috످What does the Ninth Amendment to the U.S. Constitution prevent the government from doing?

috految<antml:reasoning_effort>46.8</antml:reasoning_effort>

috److془The Ninth Amendment: I know it well. Answer.془The Ninth Amendment prevents the government from denying or diminishing people's rights simply because those rights aren't listed in the Constitution. It states:

"The enumeration in the Constitution, of certain rights, shall not be construed to deny or disparage others retained by the people."

James Madison proposed the amendment to address concerns that listing specific rights, like freedom of speech and religion, would imply that those were the only rights people had.

Because the amendment doesn't specify which unlisted (or "unenumerated") rights are protected, its scope is still debated, and courts rarely rely on it alone. It was most famously cited in Griswold v. Connecticut (1965), when the Supreme Court drew on several amendments to recognize a right to marital privacy and strike down a state ban on contraception.

috످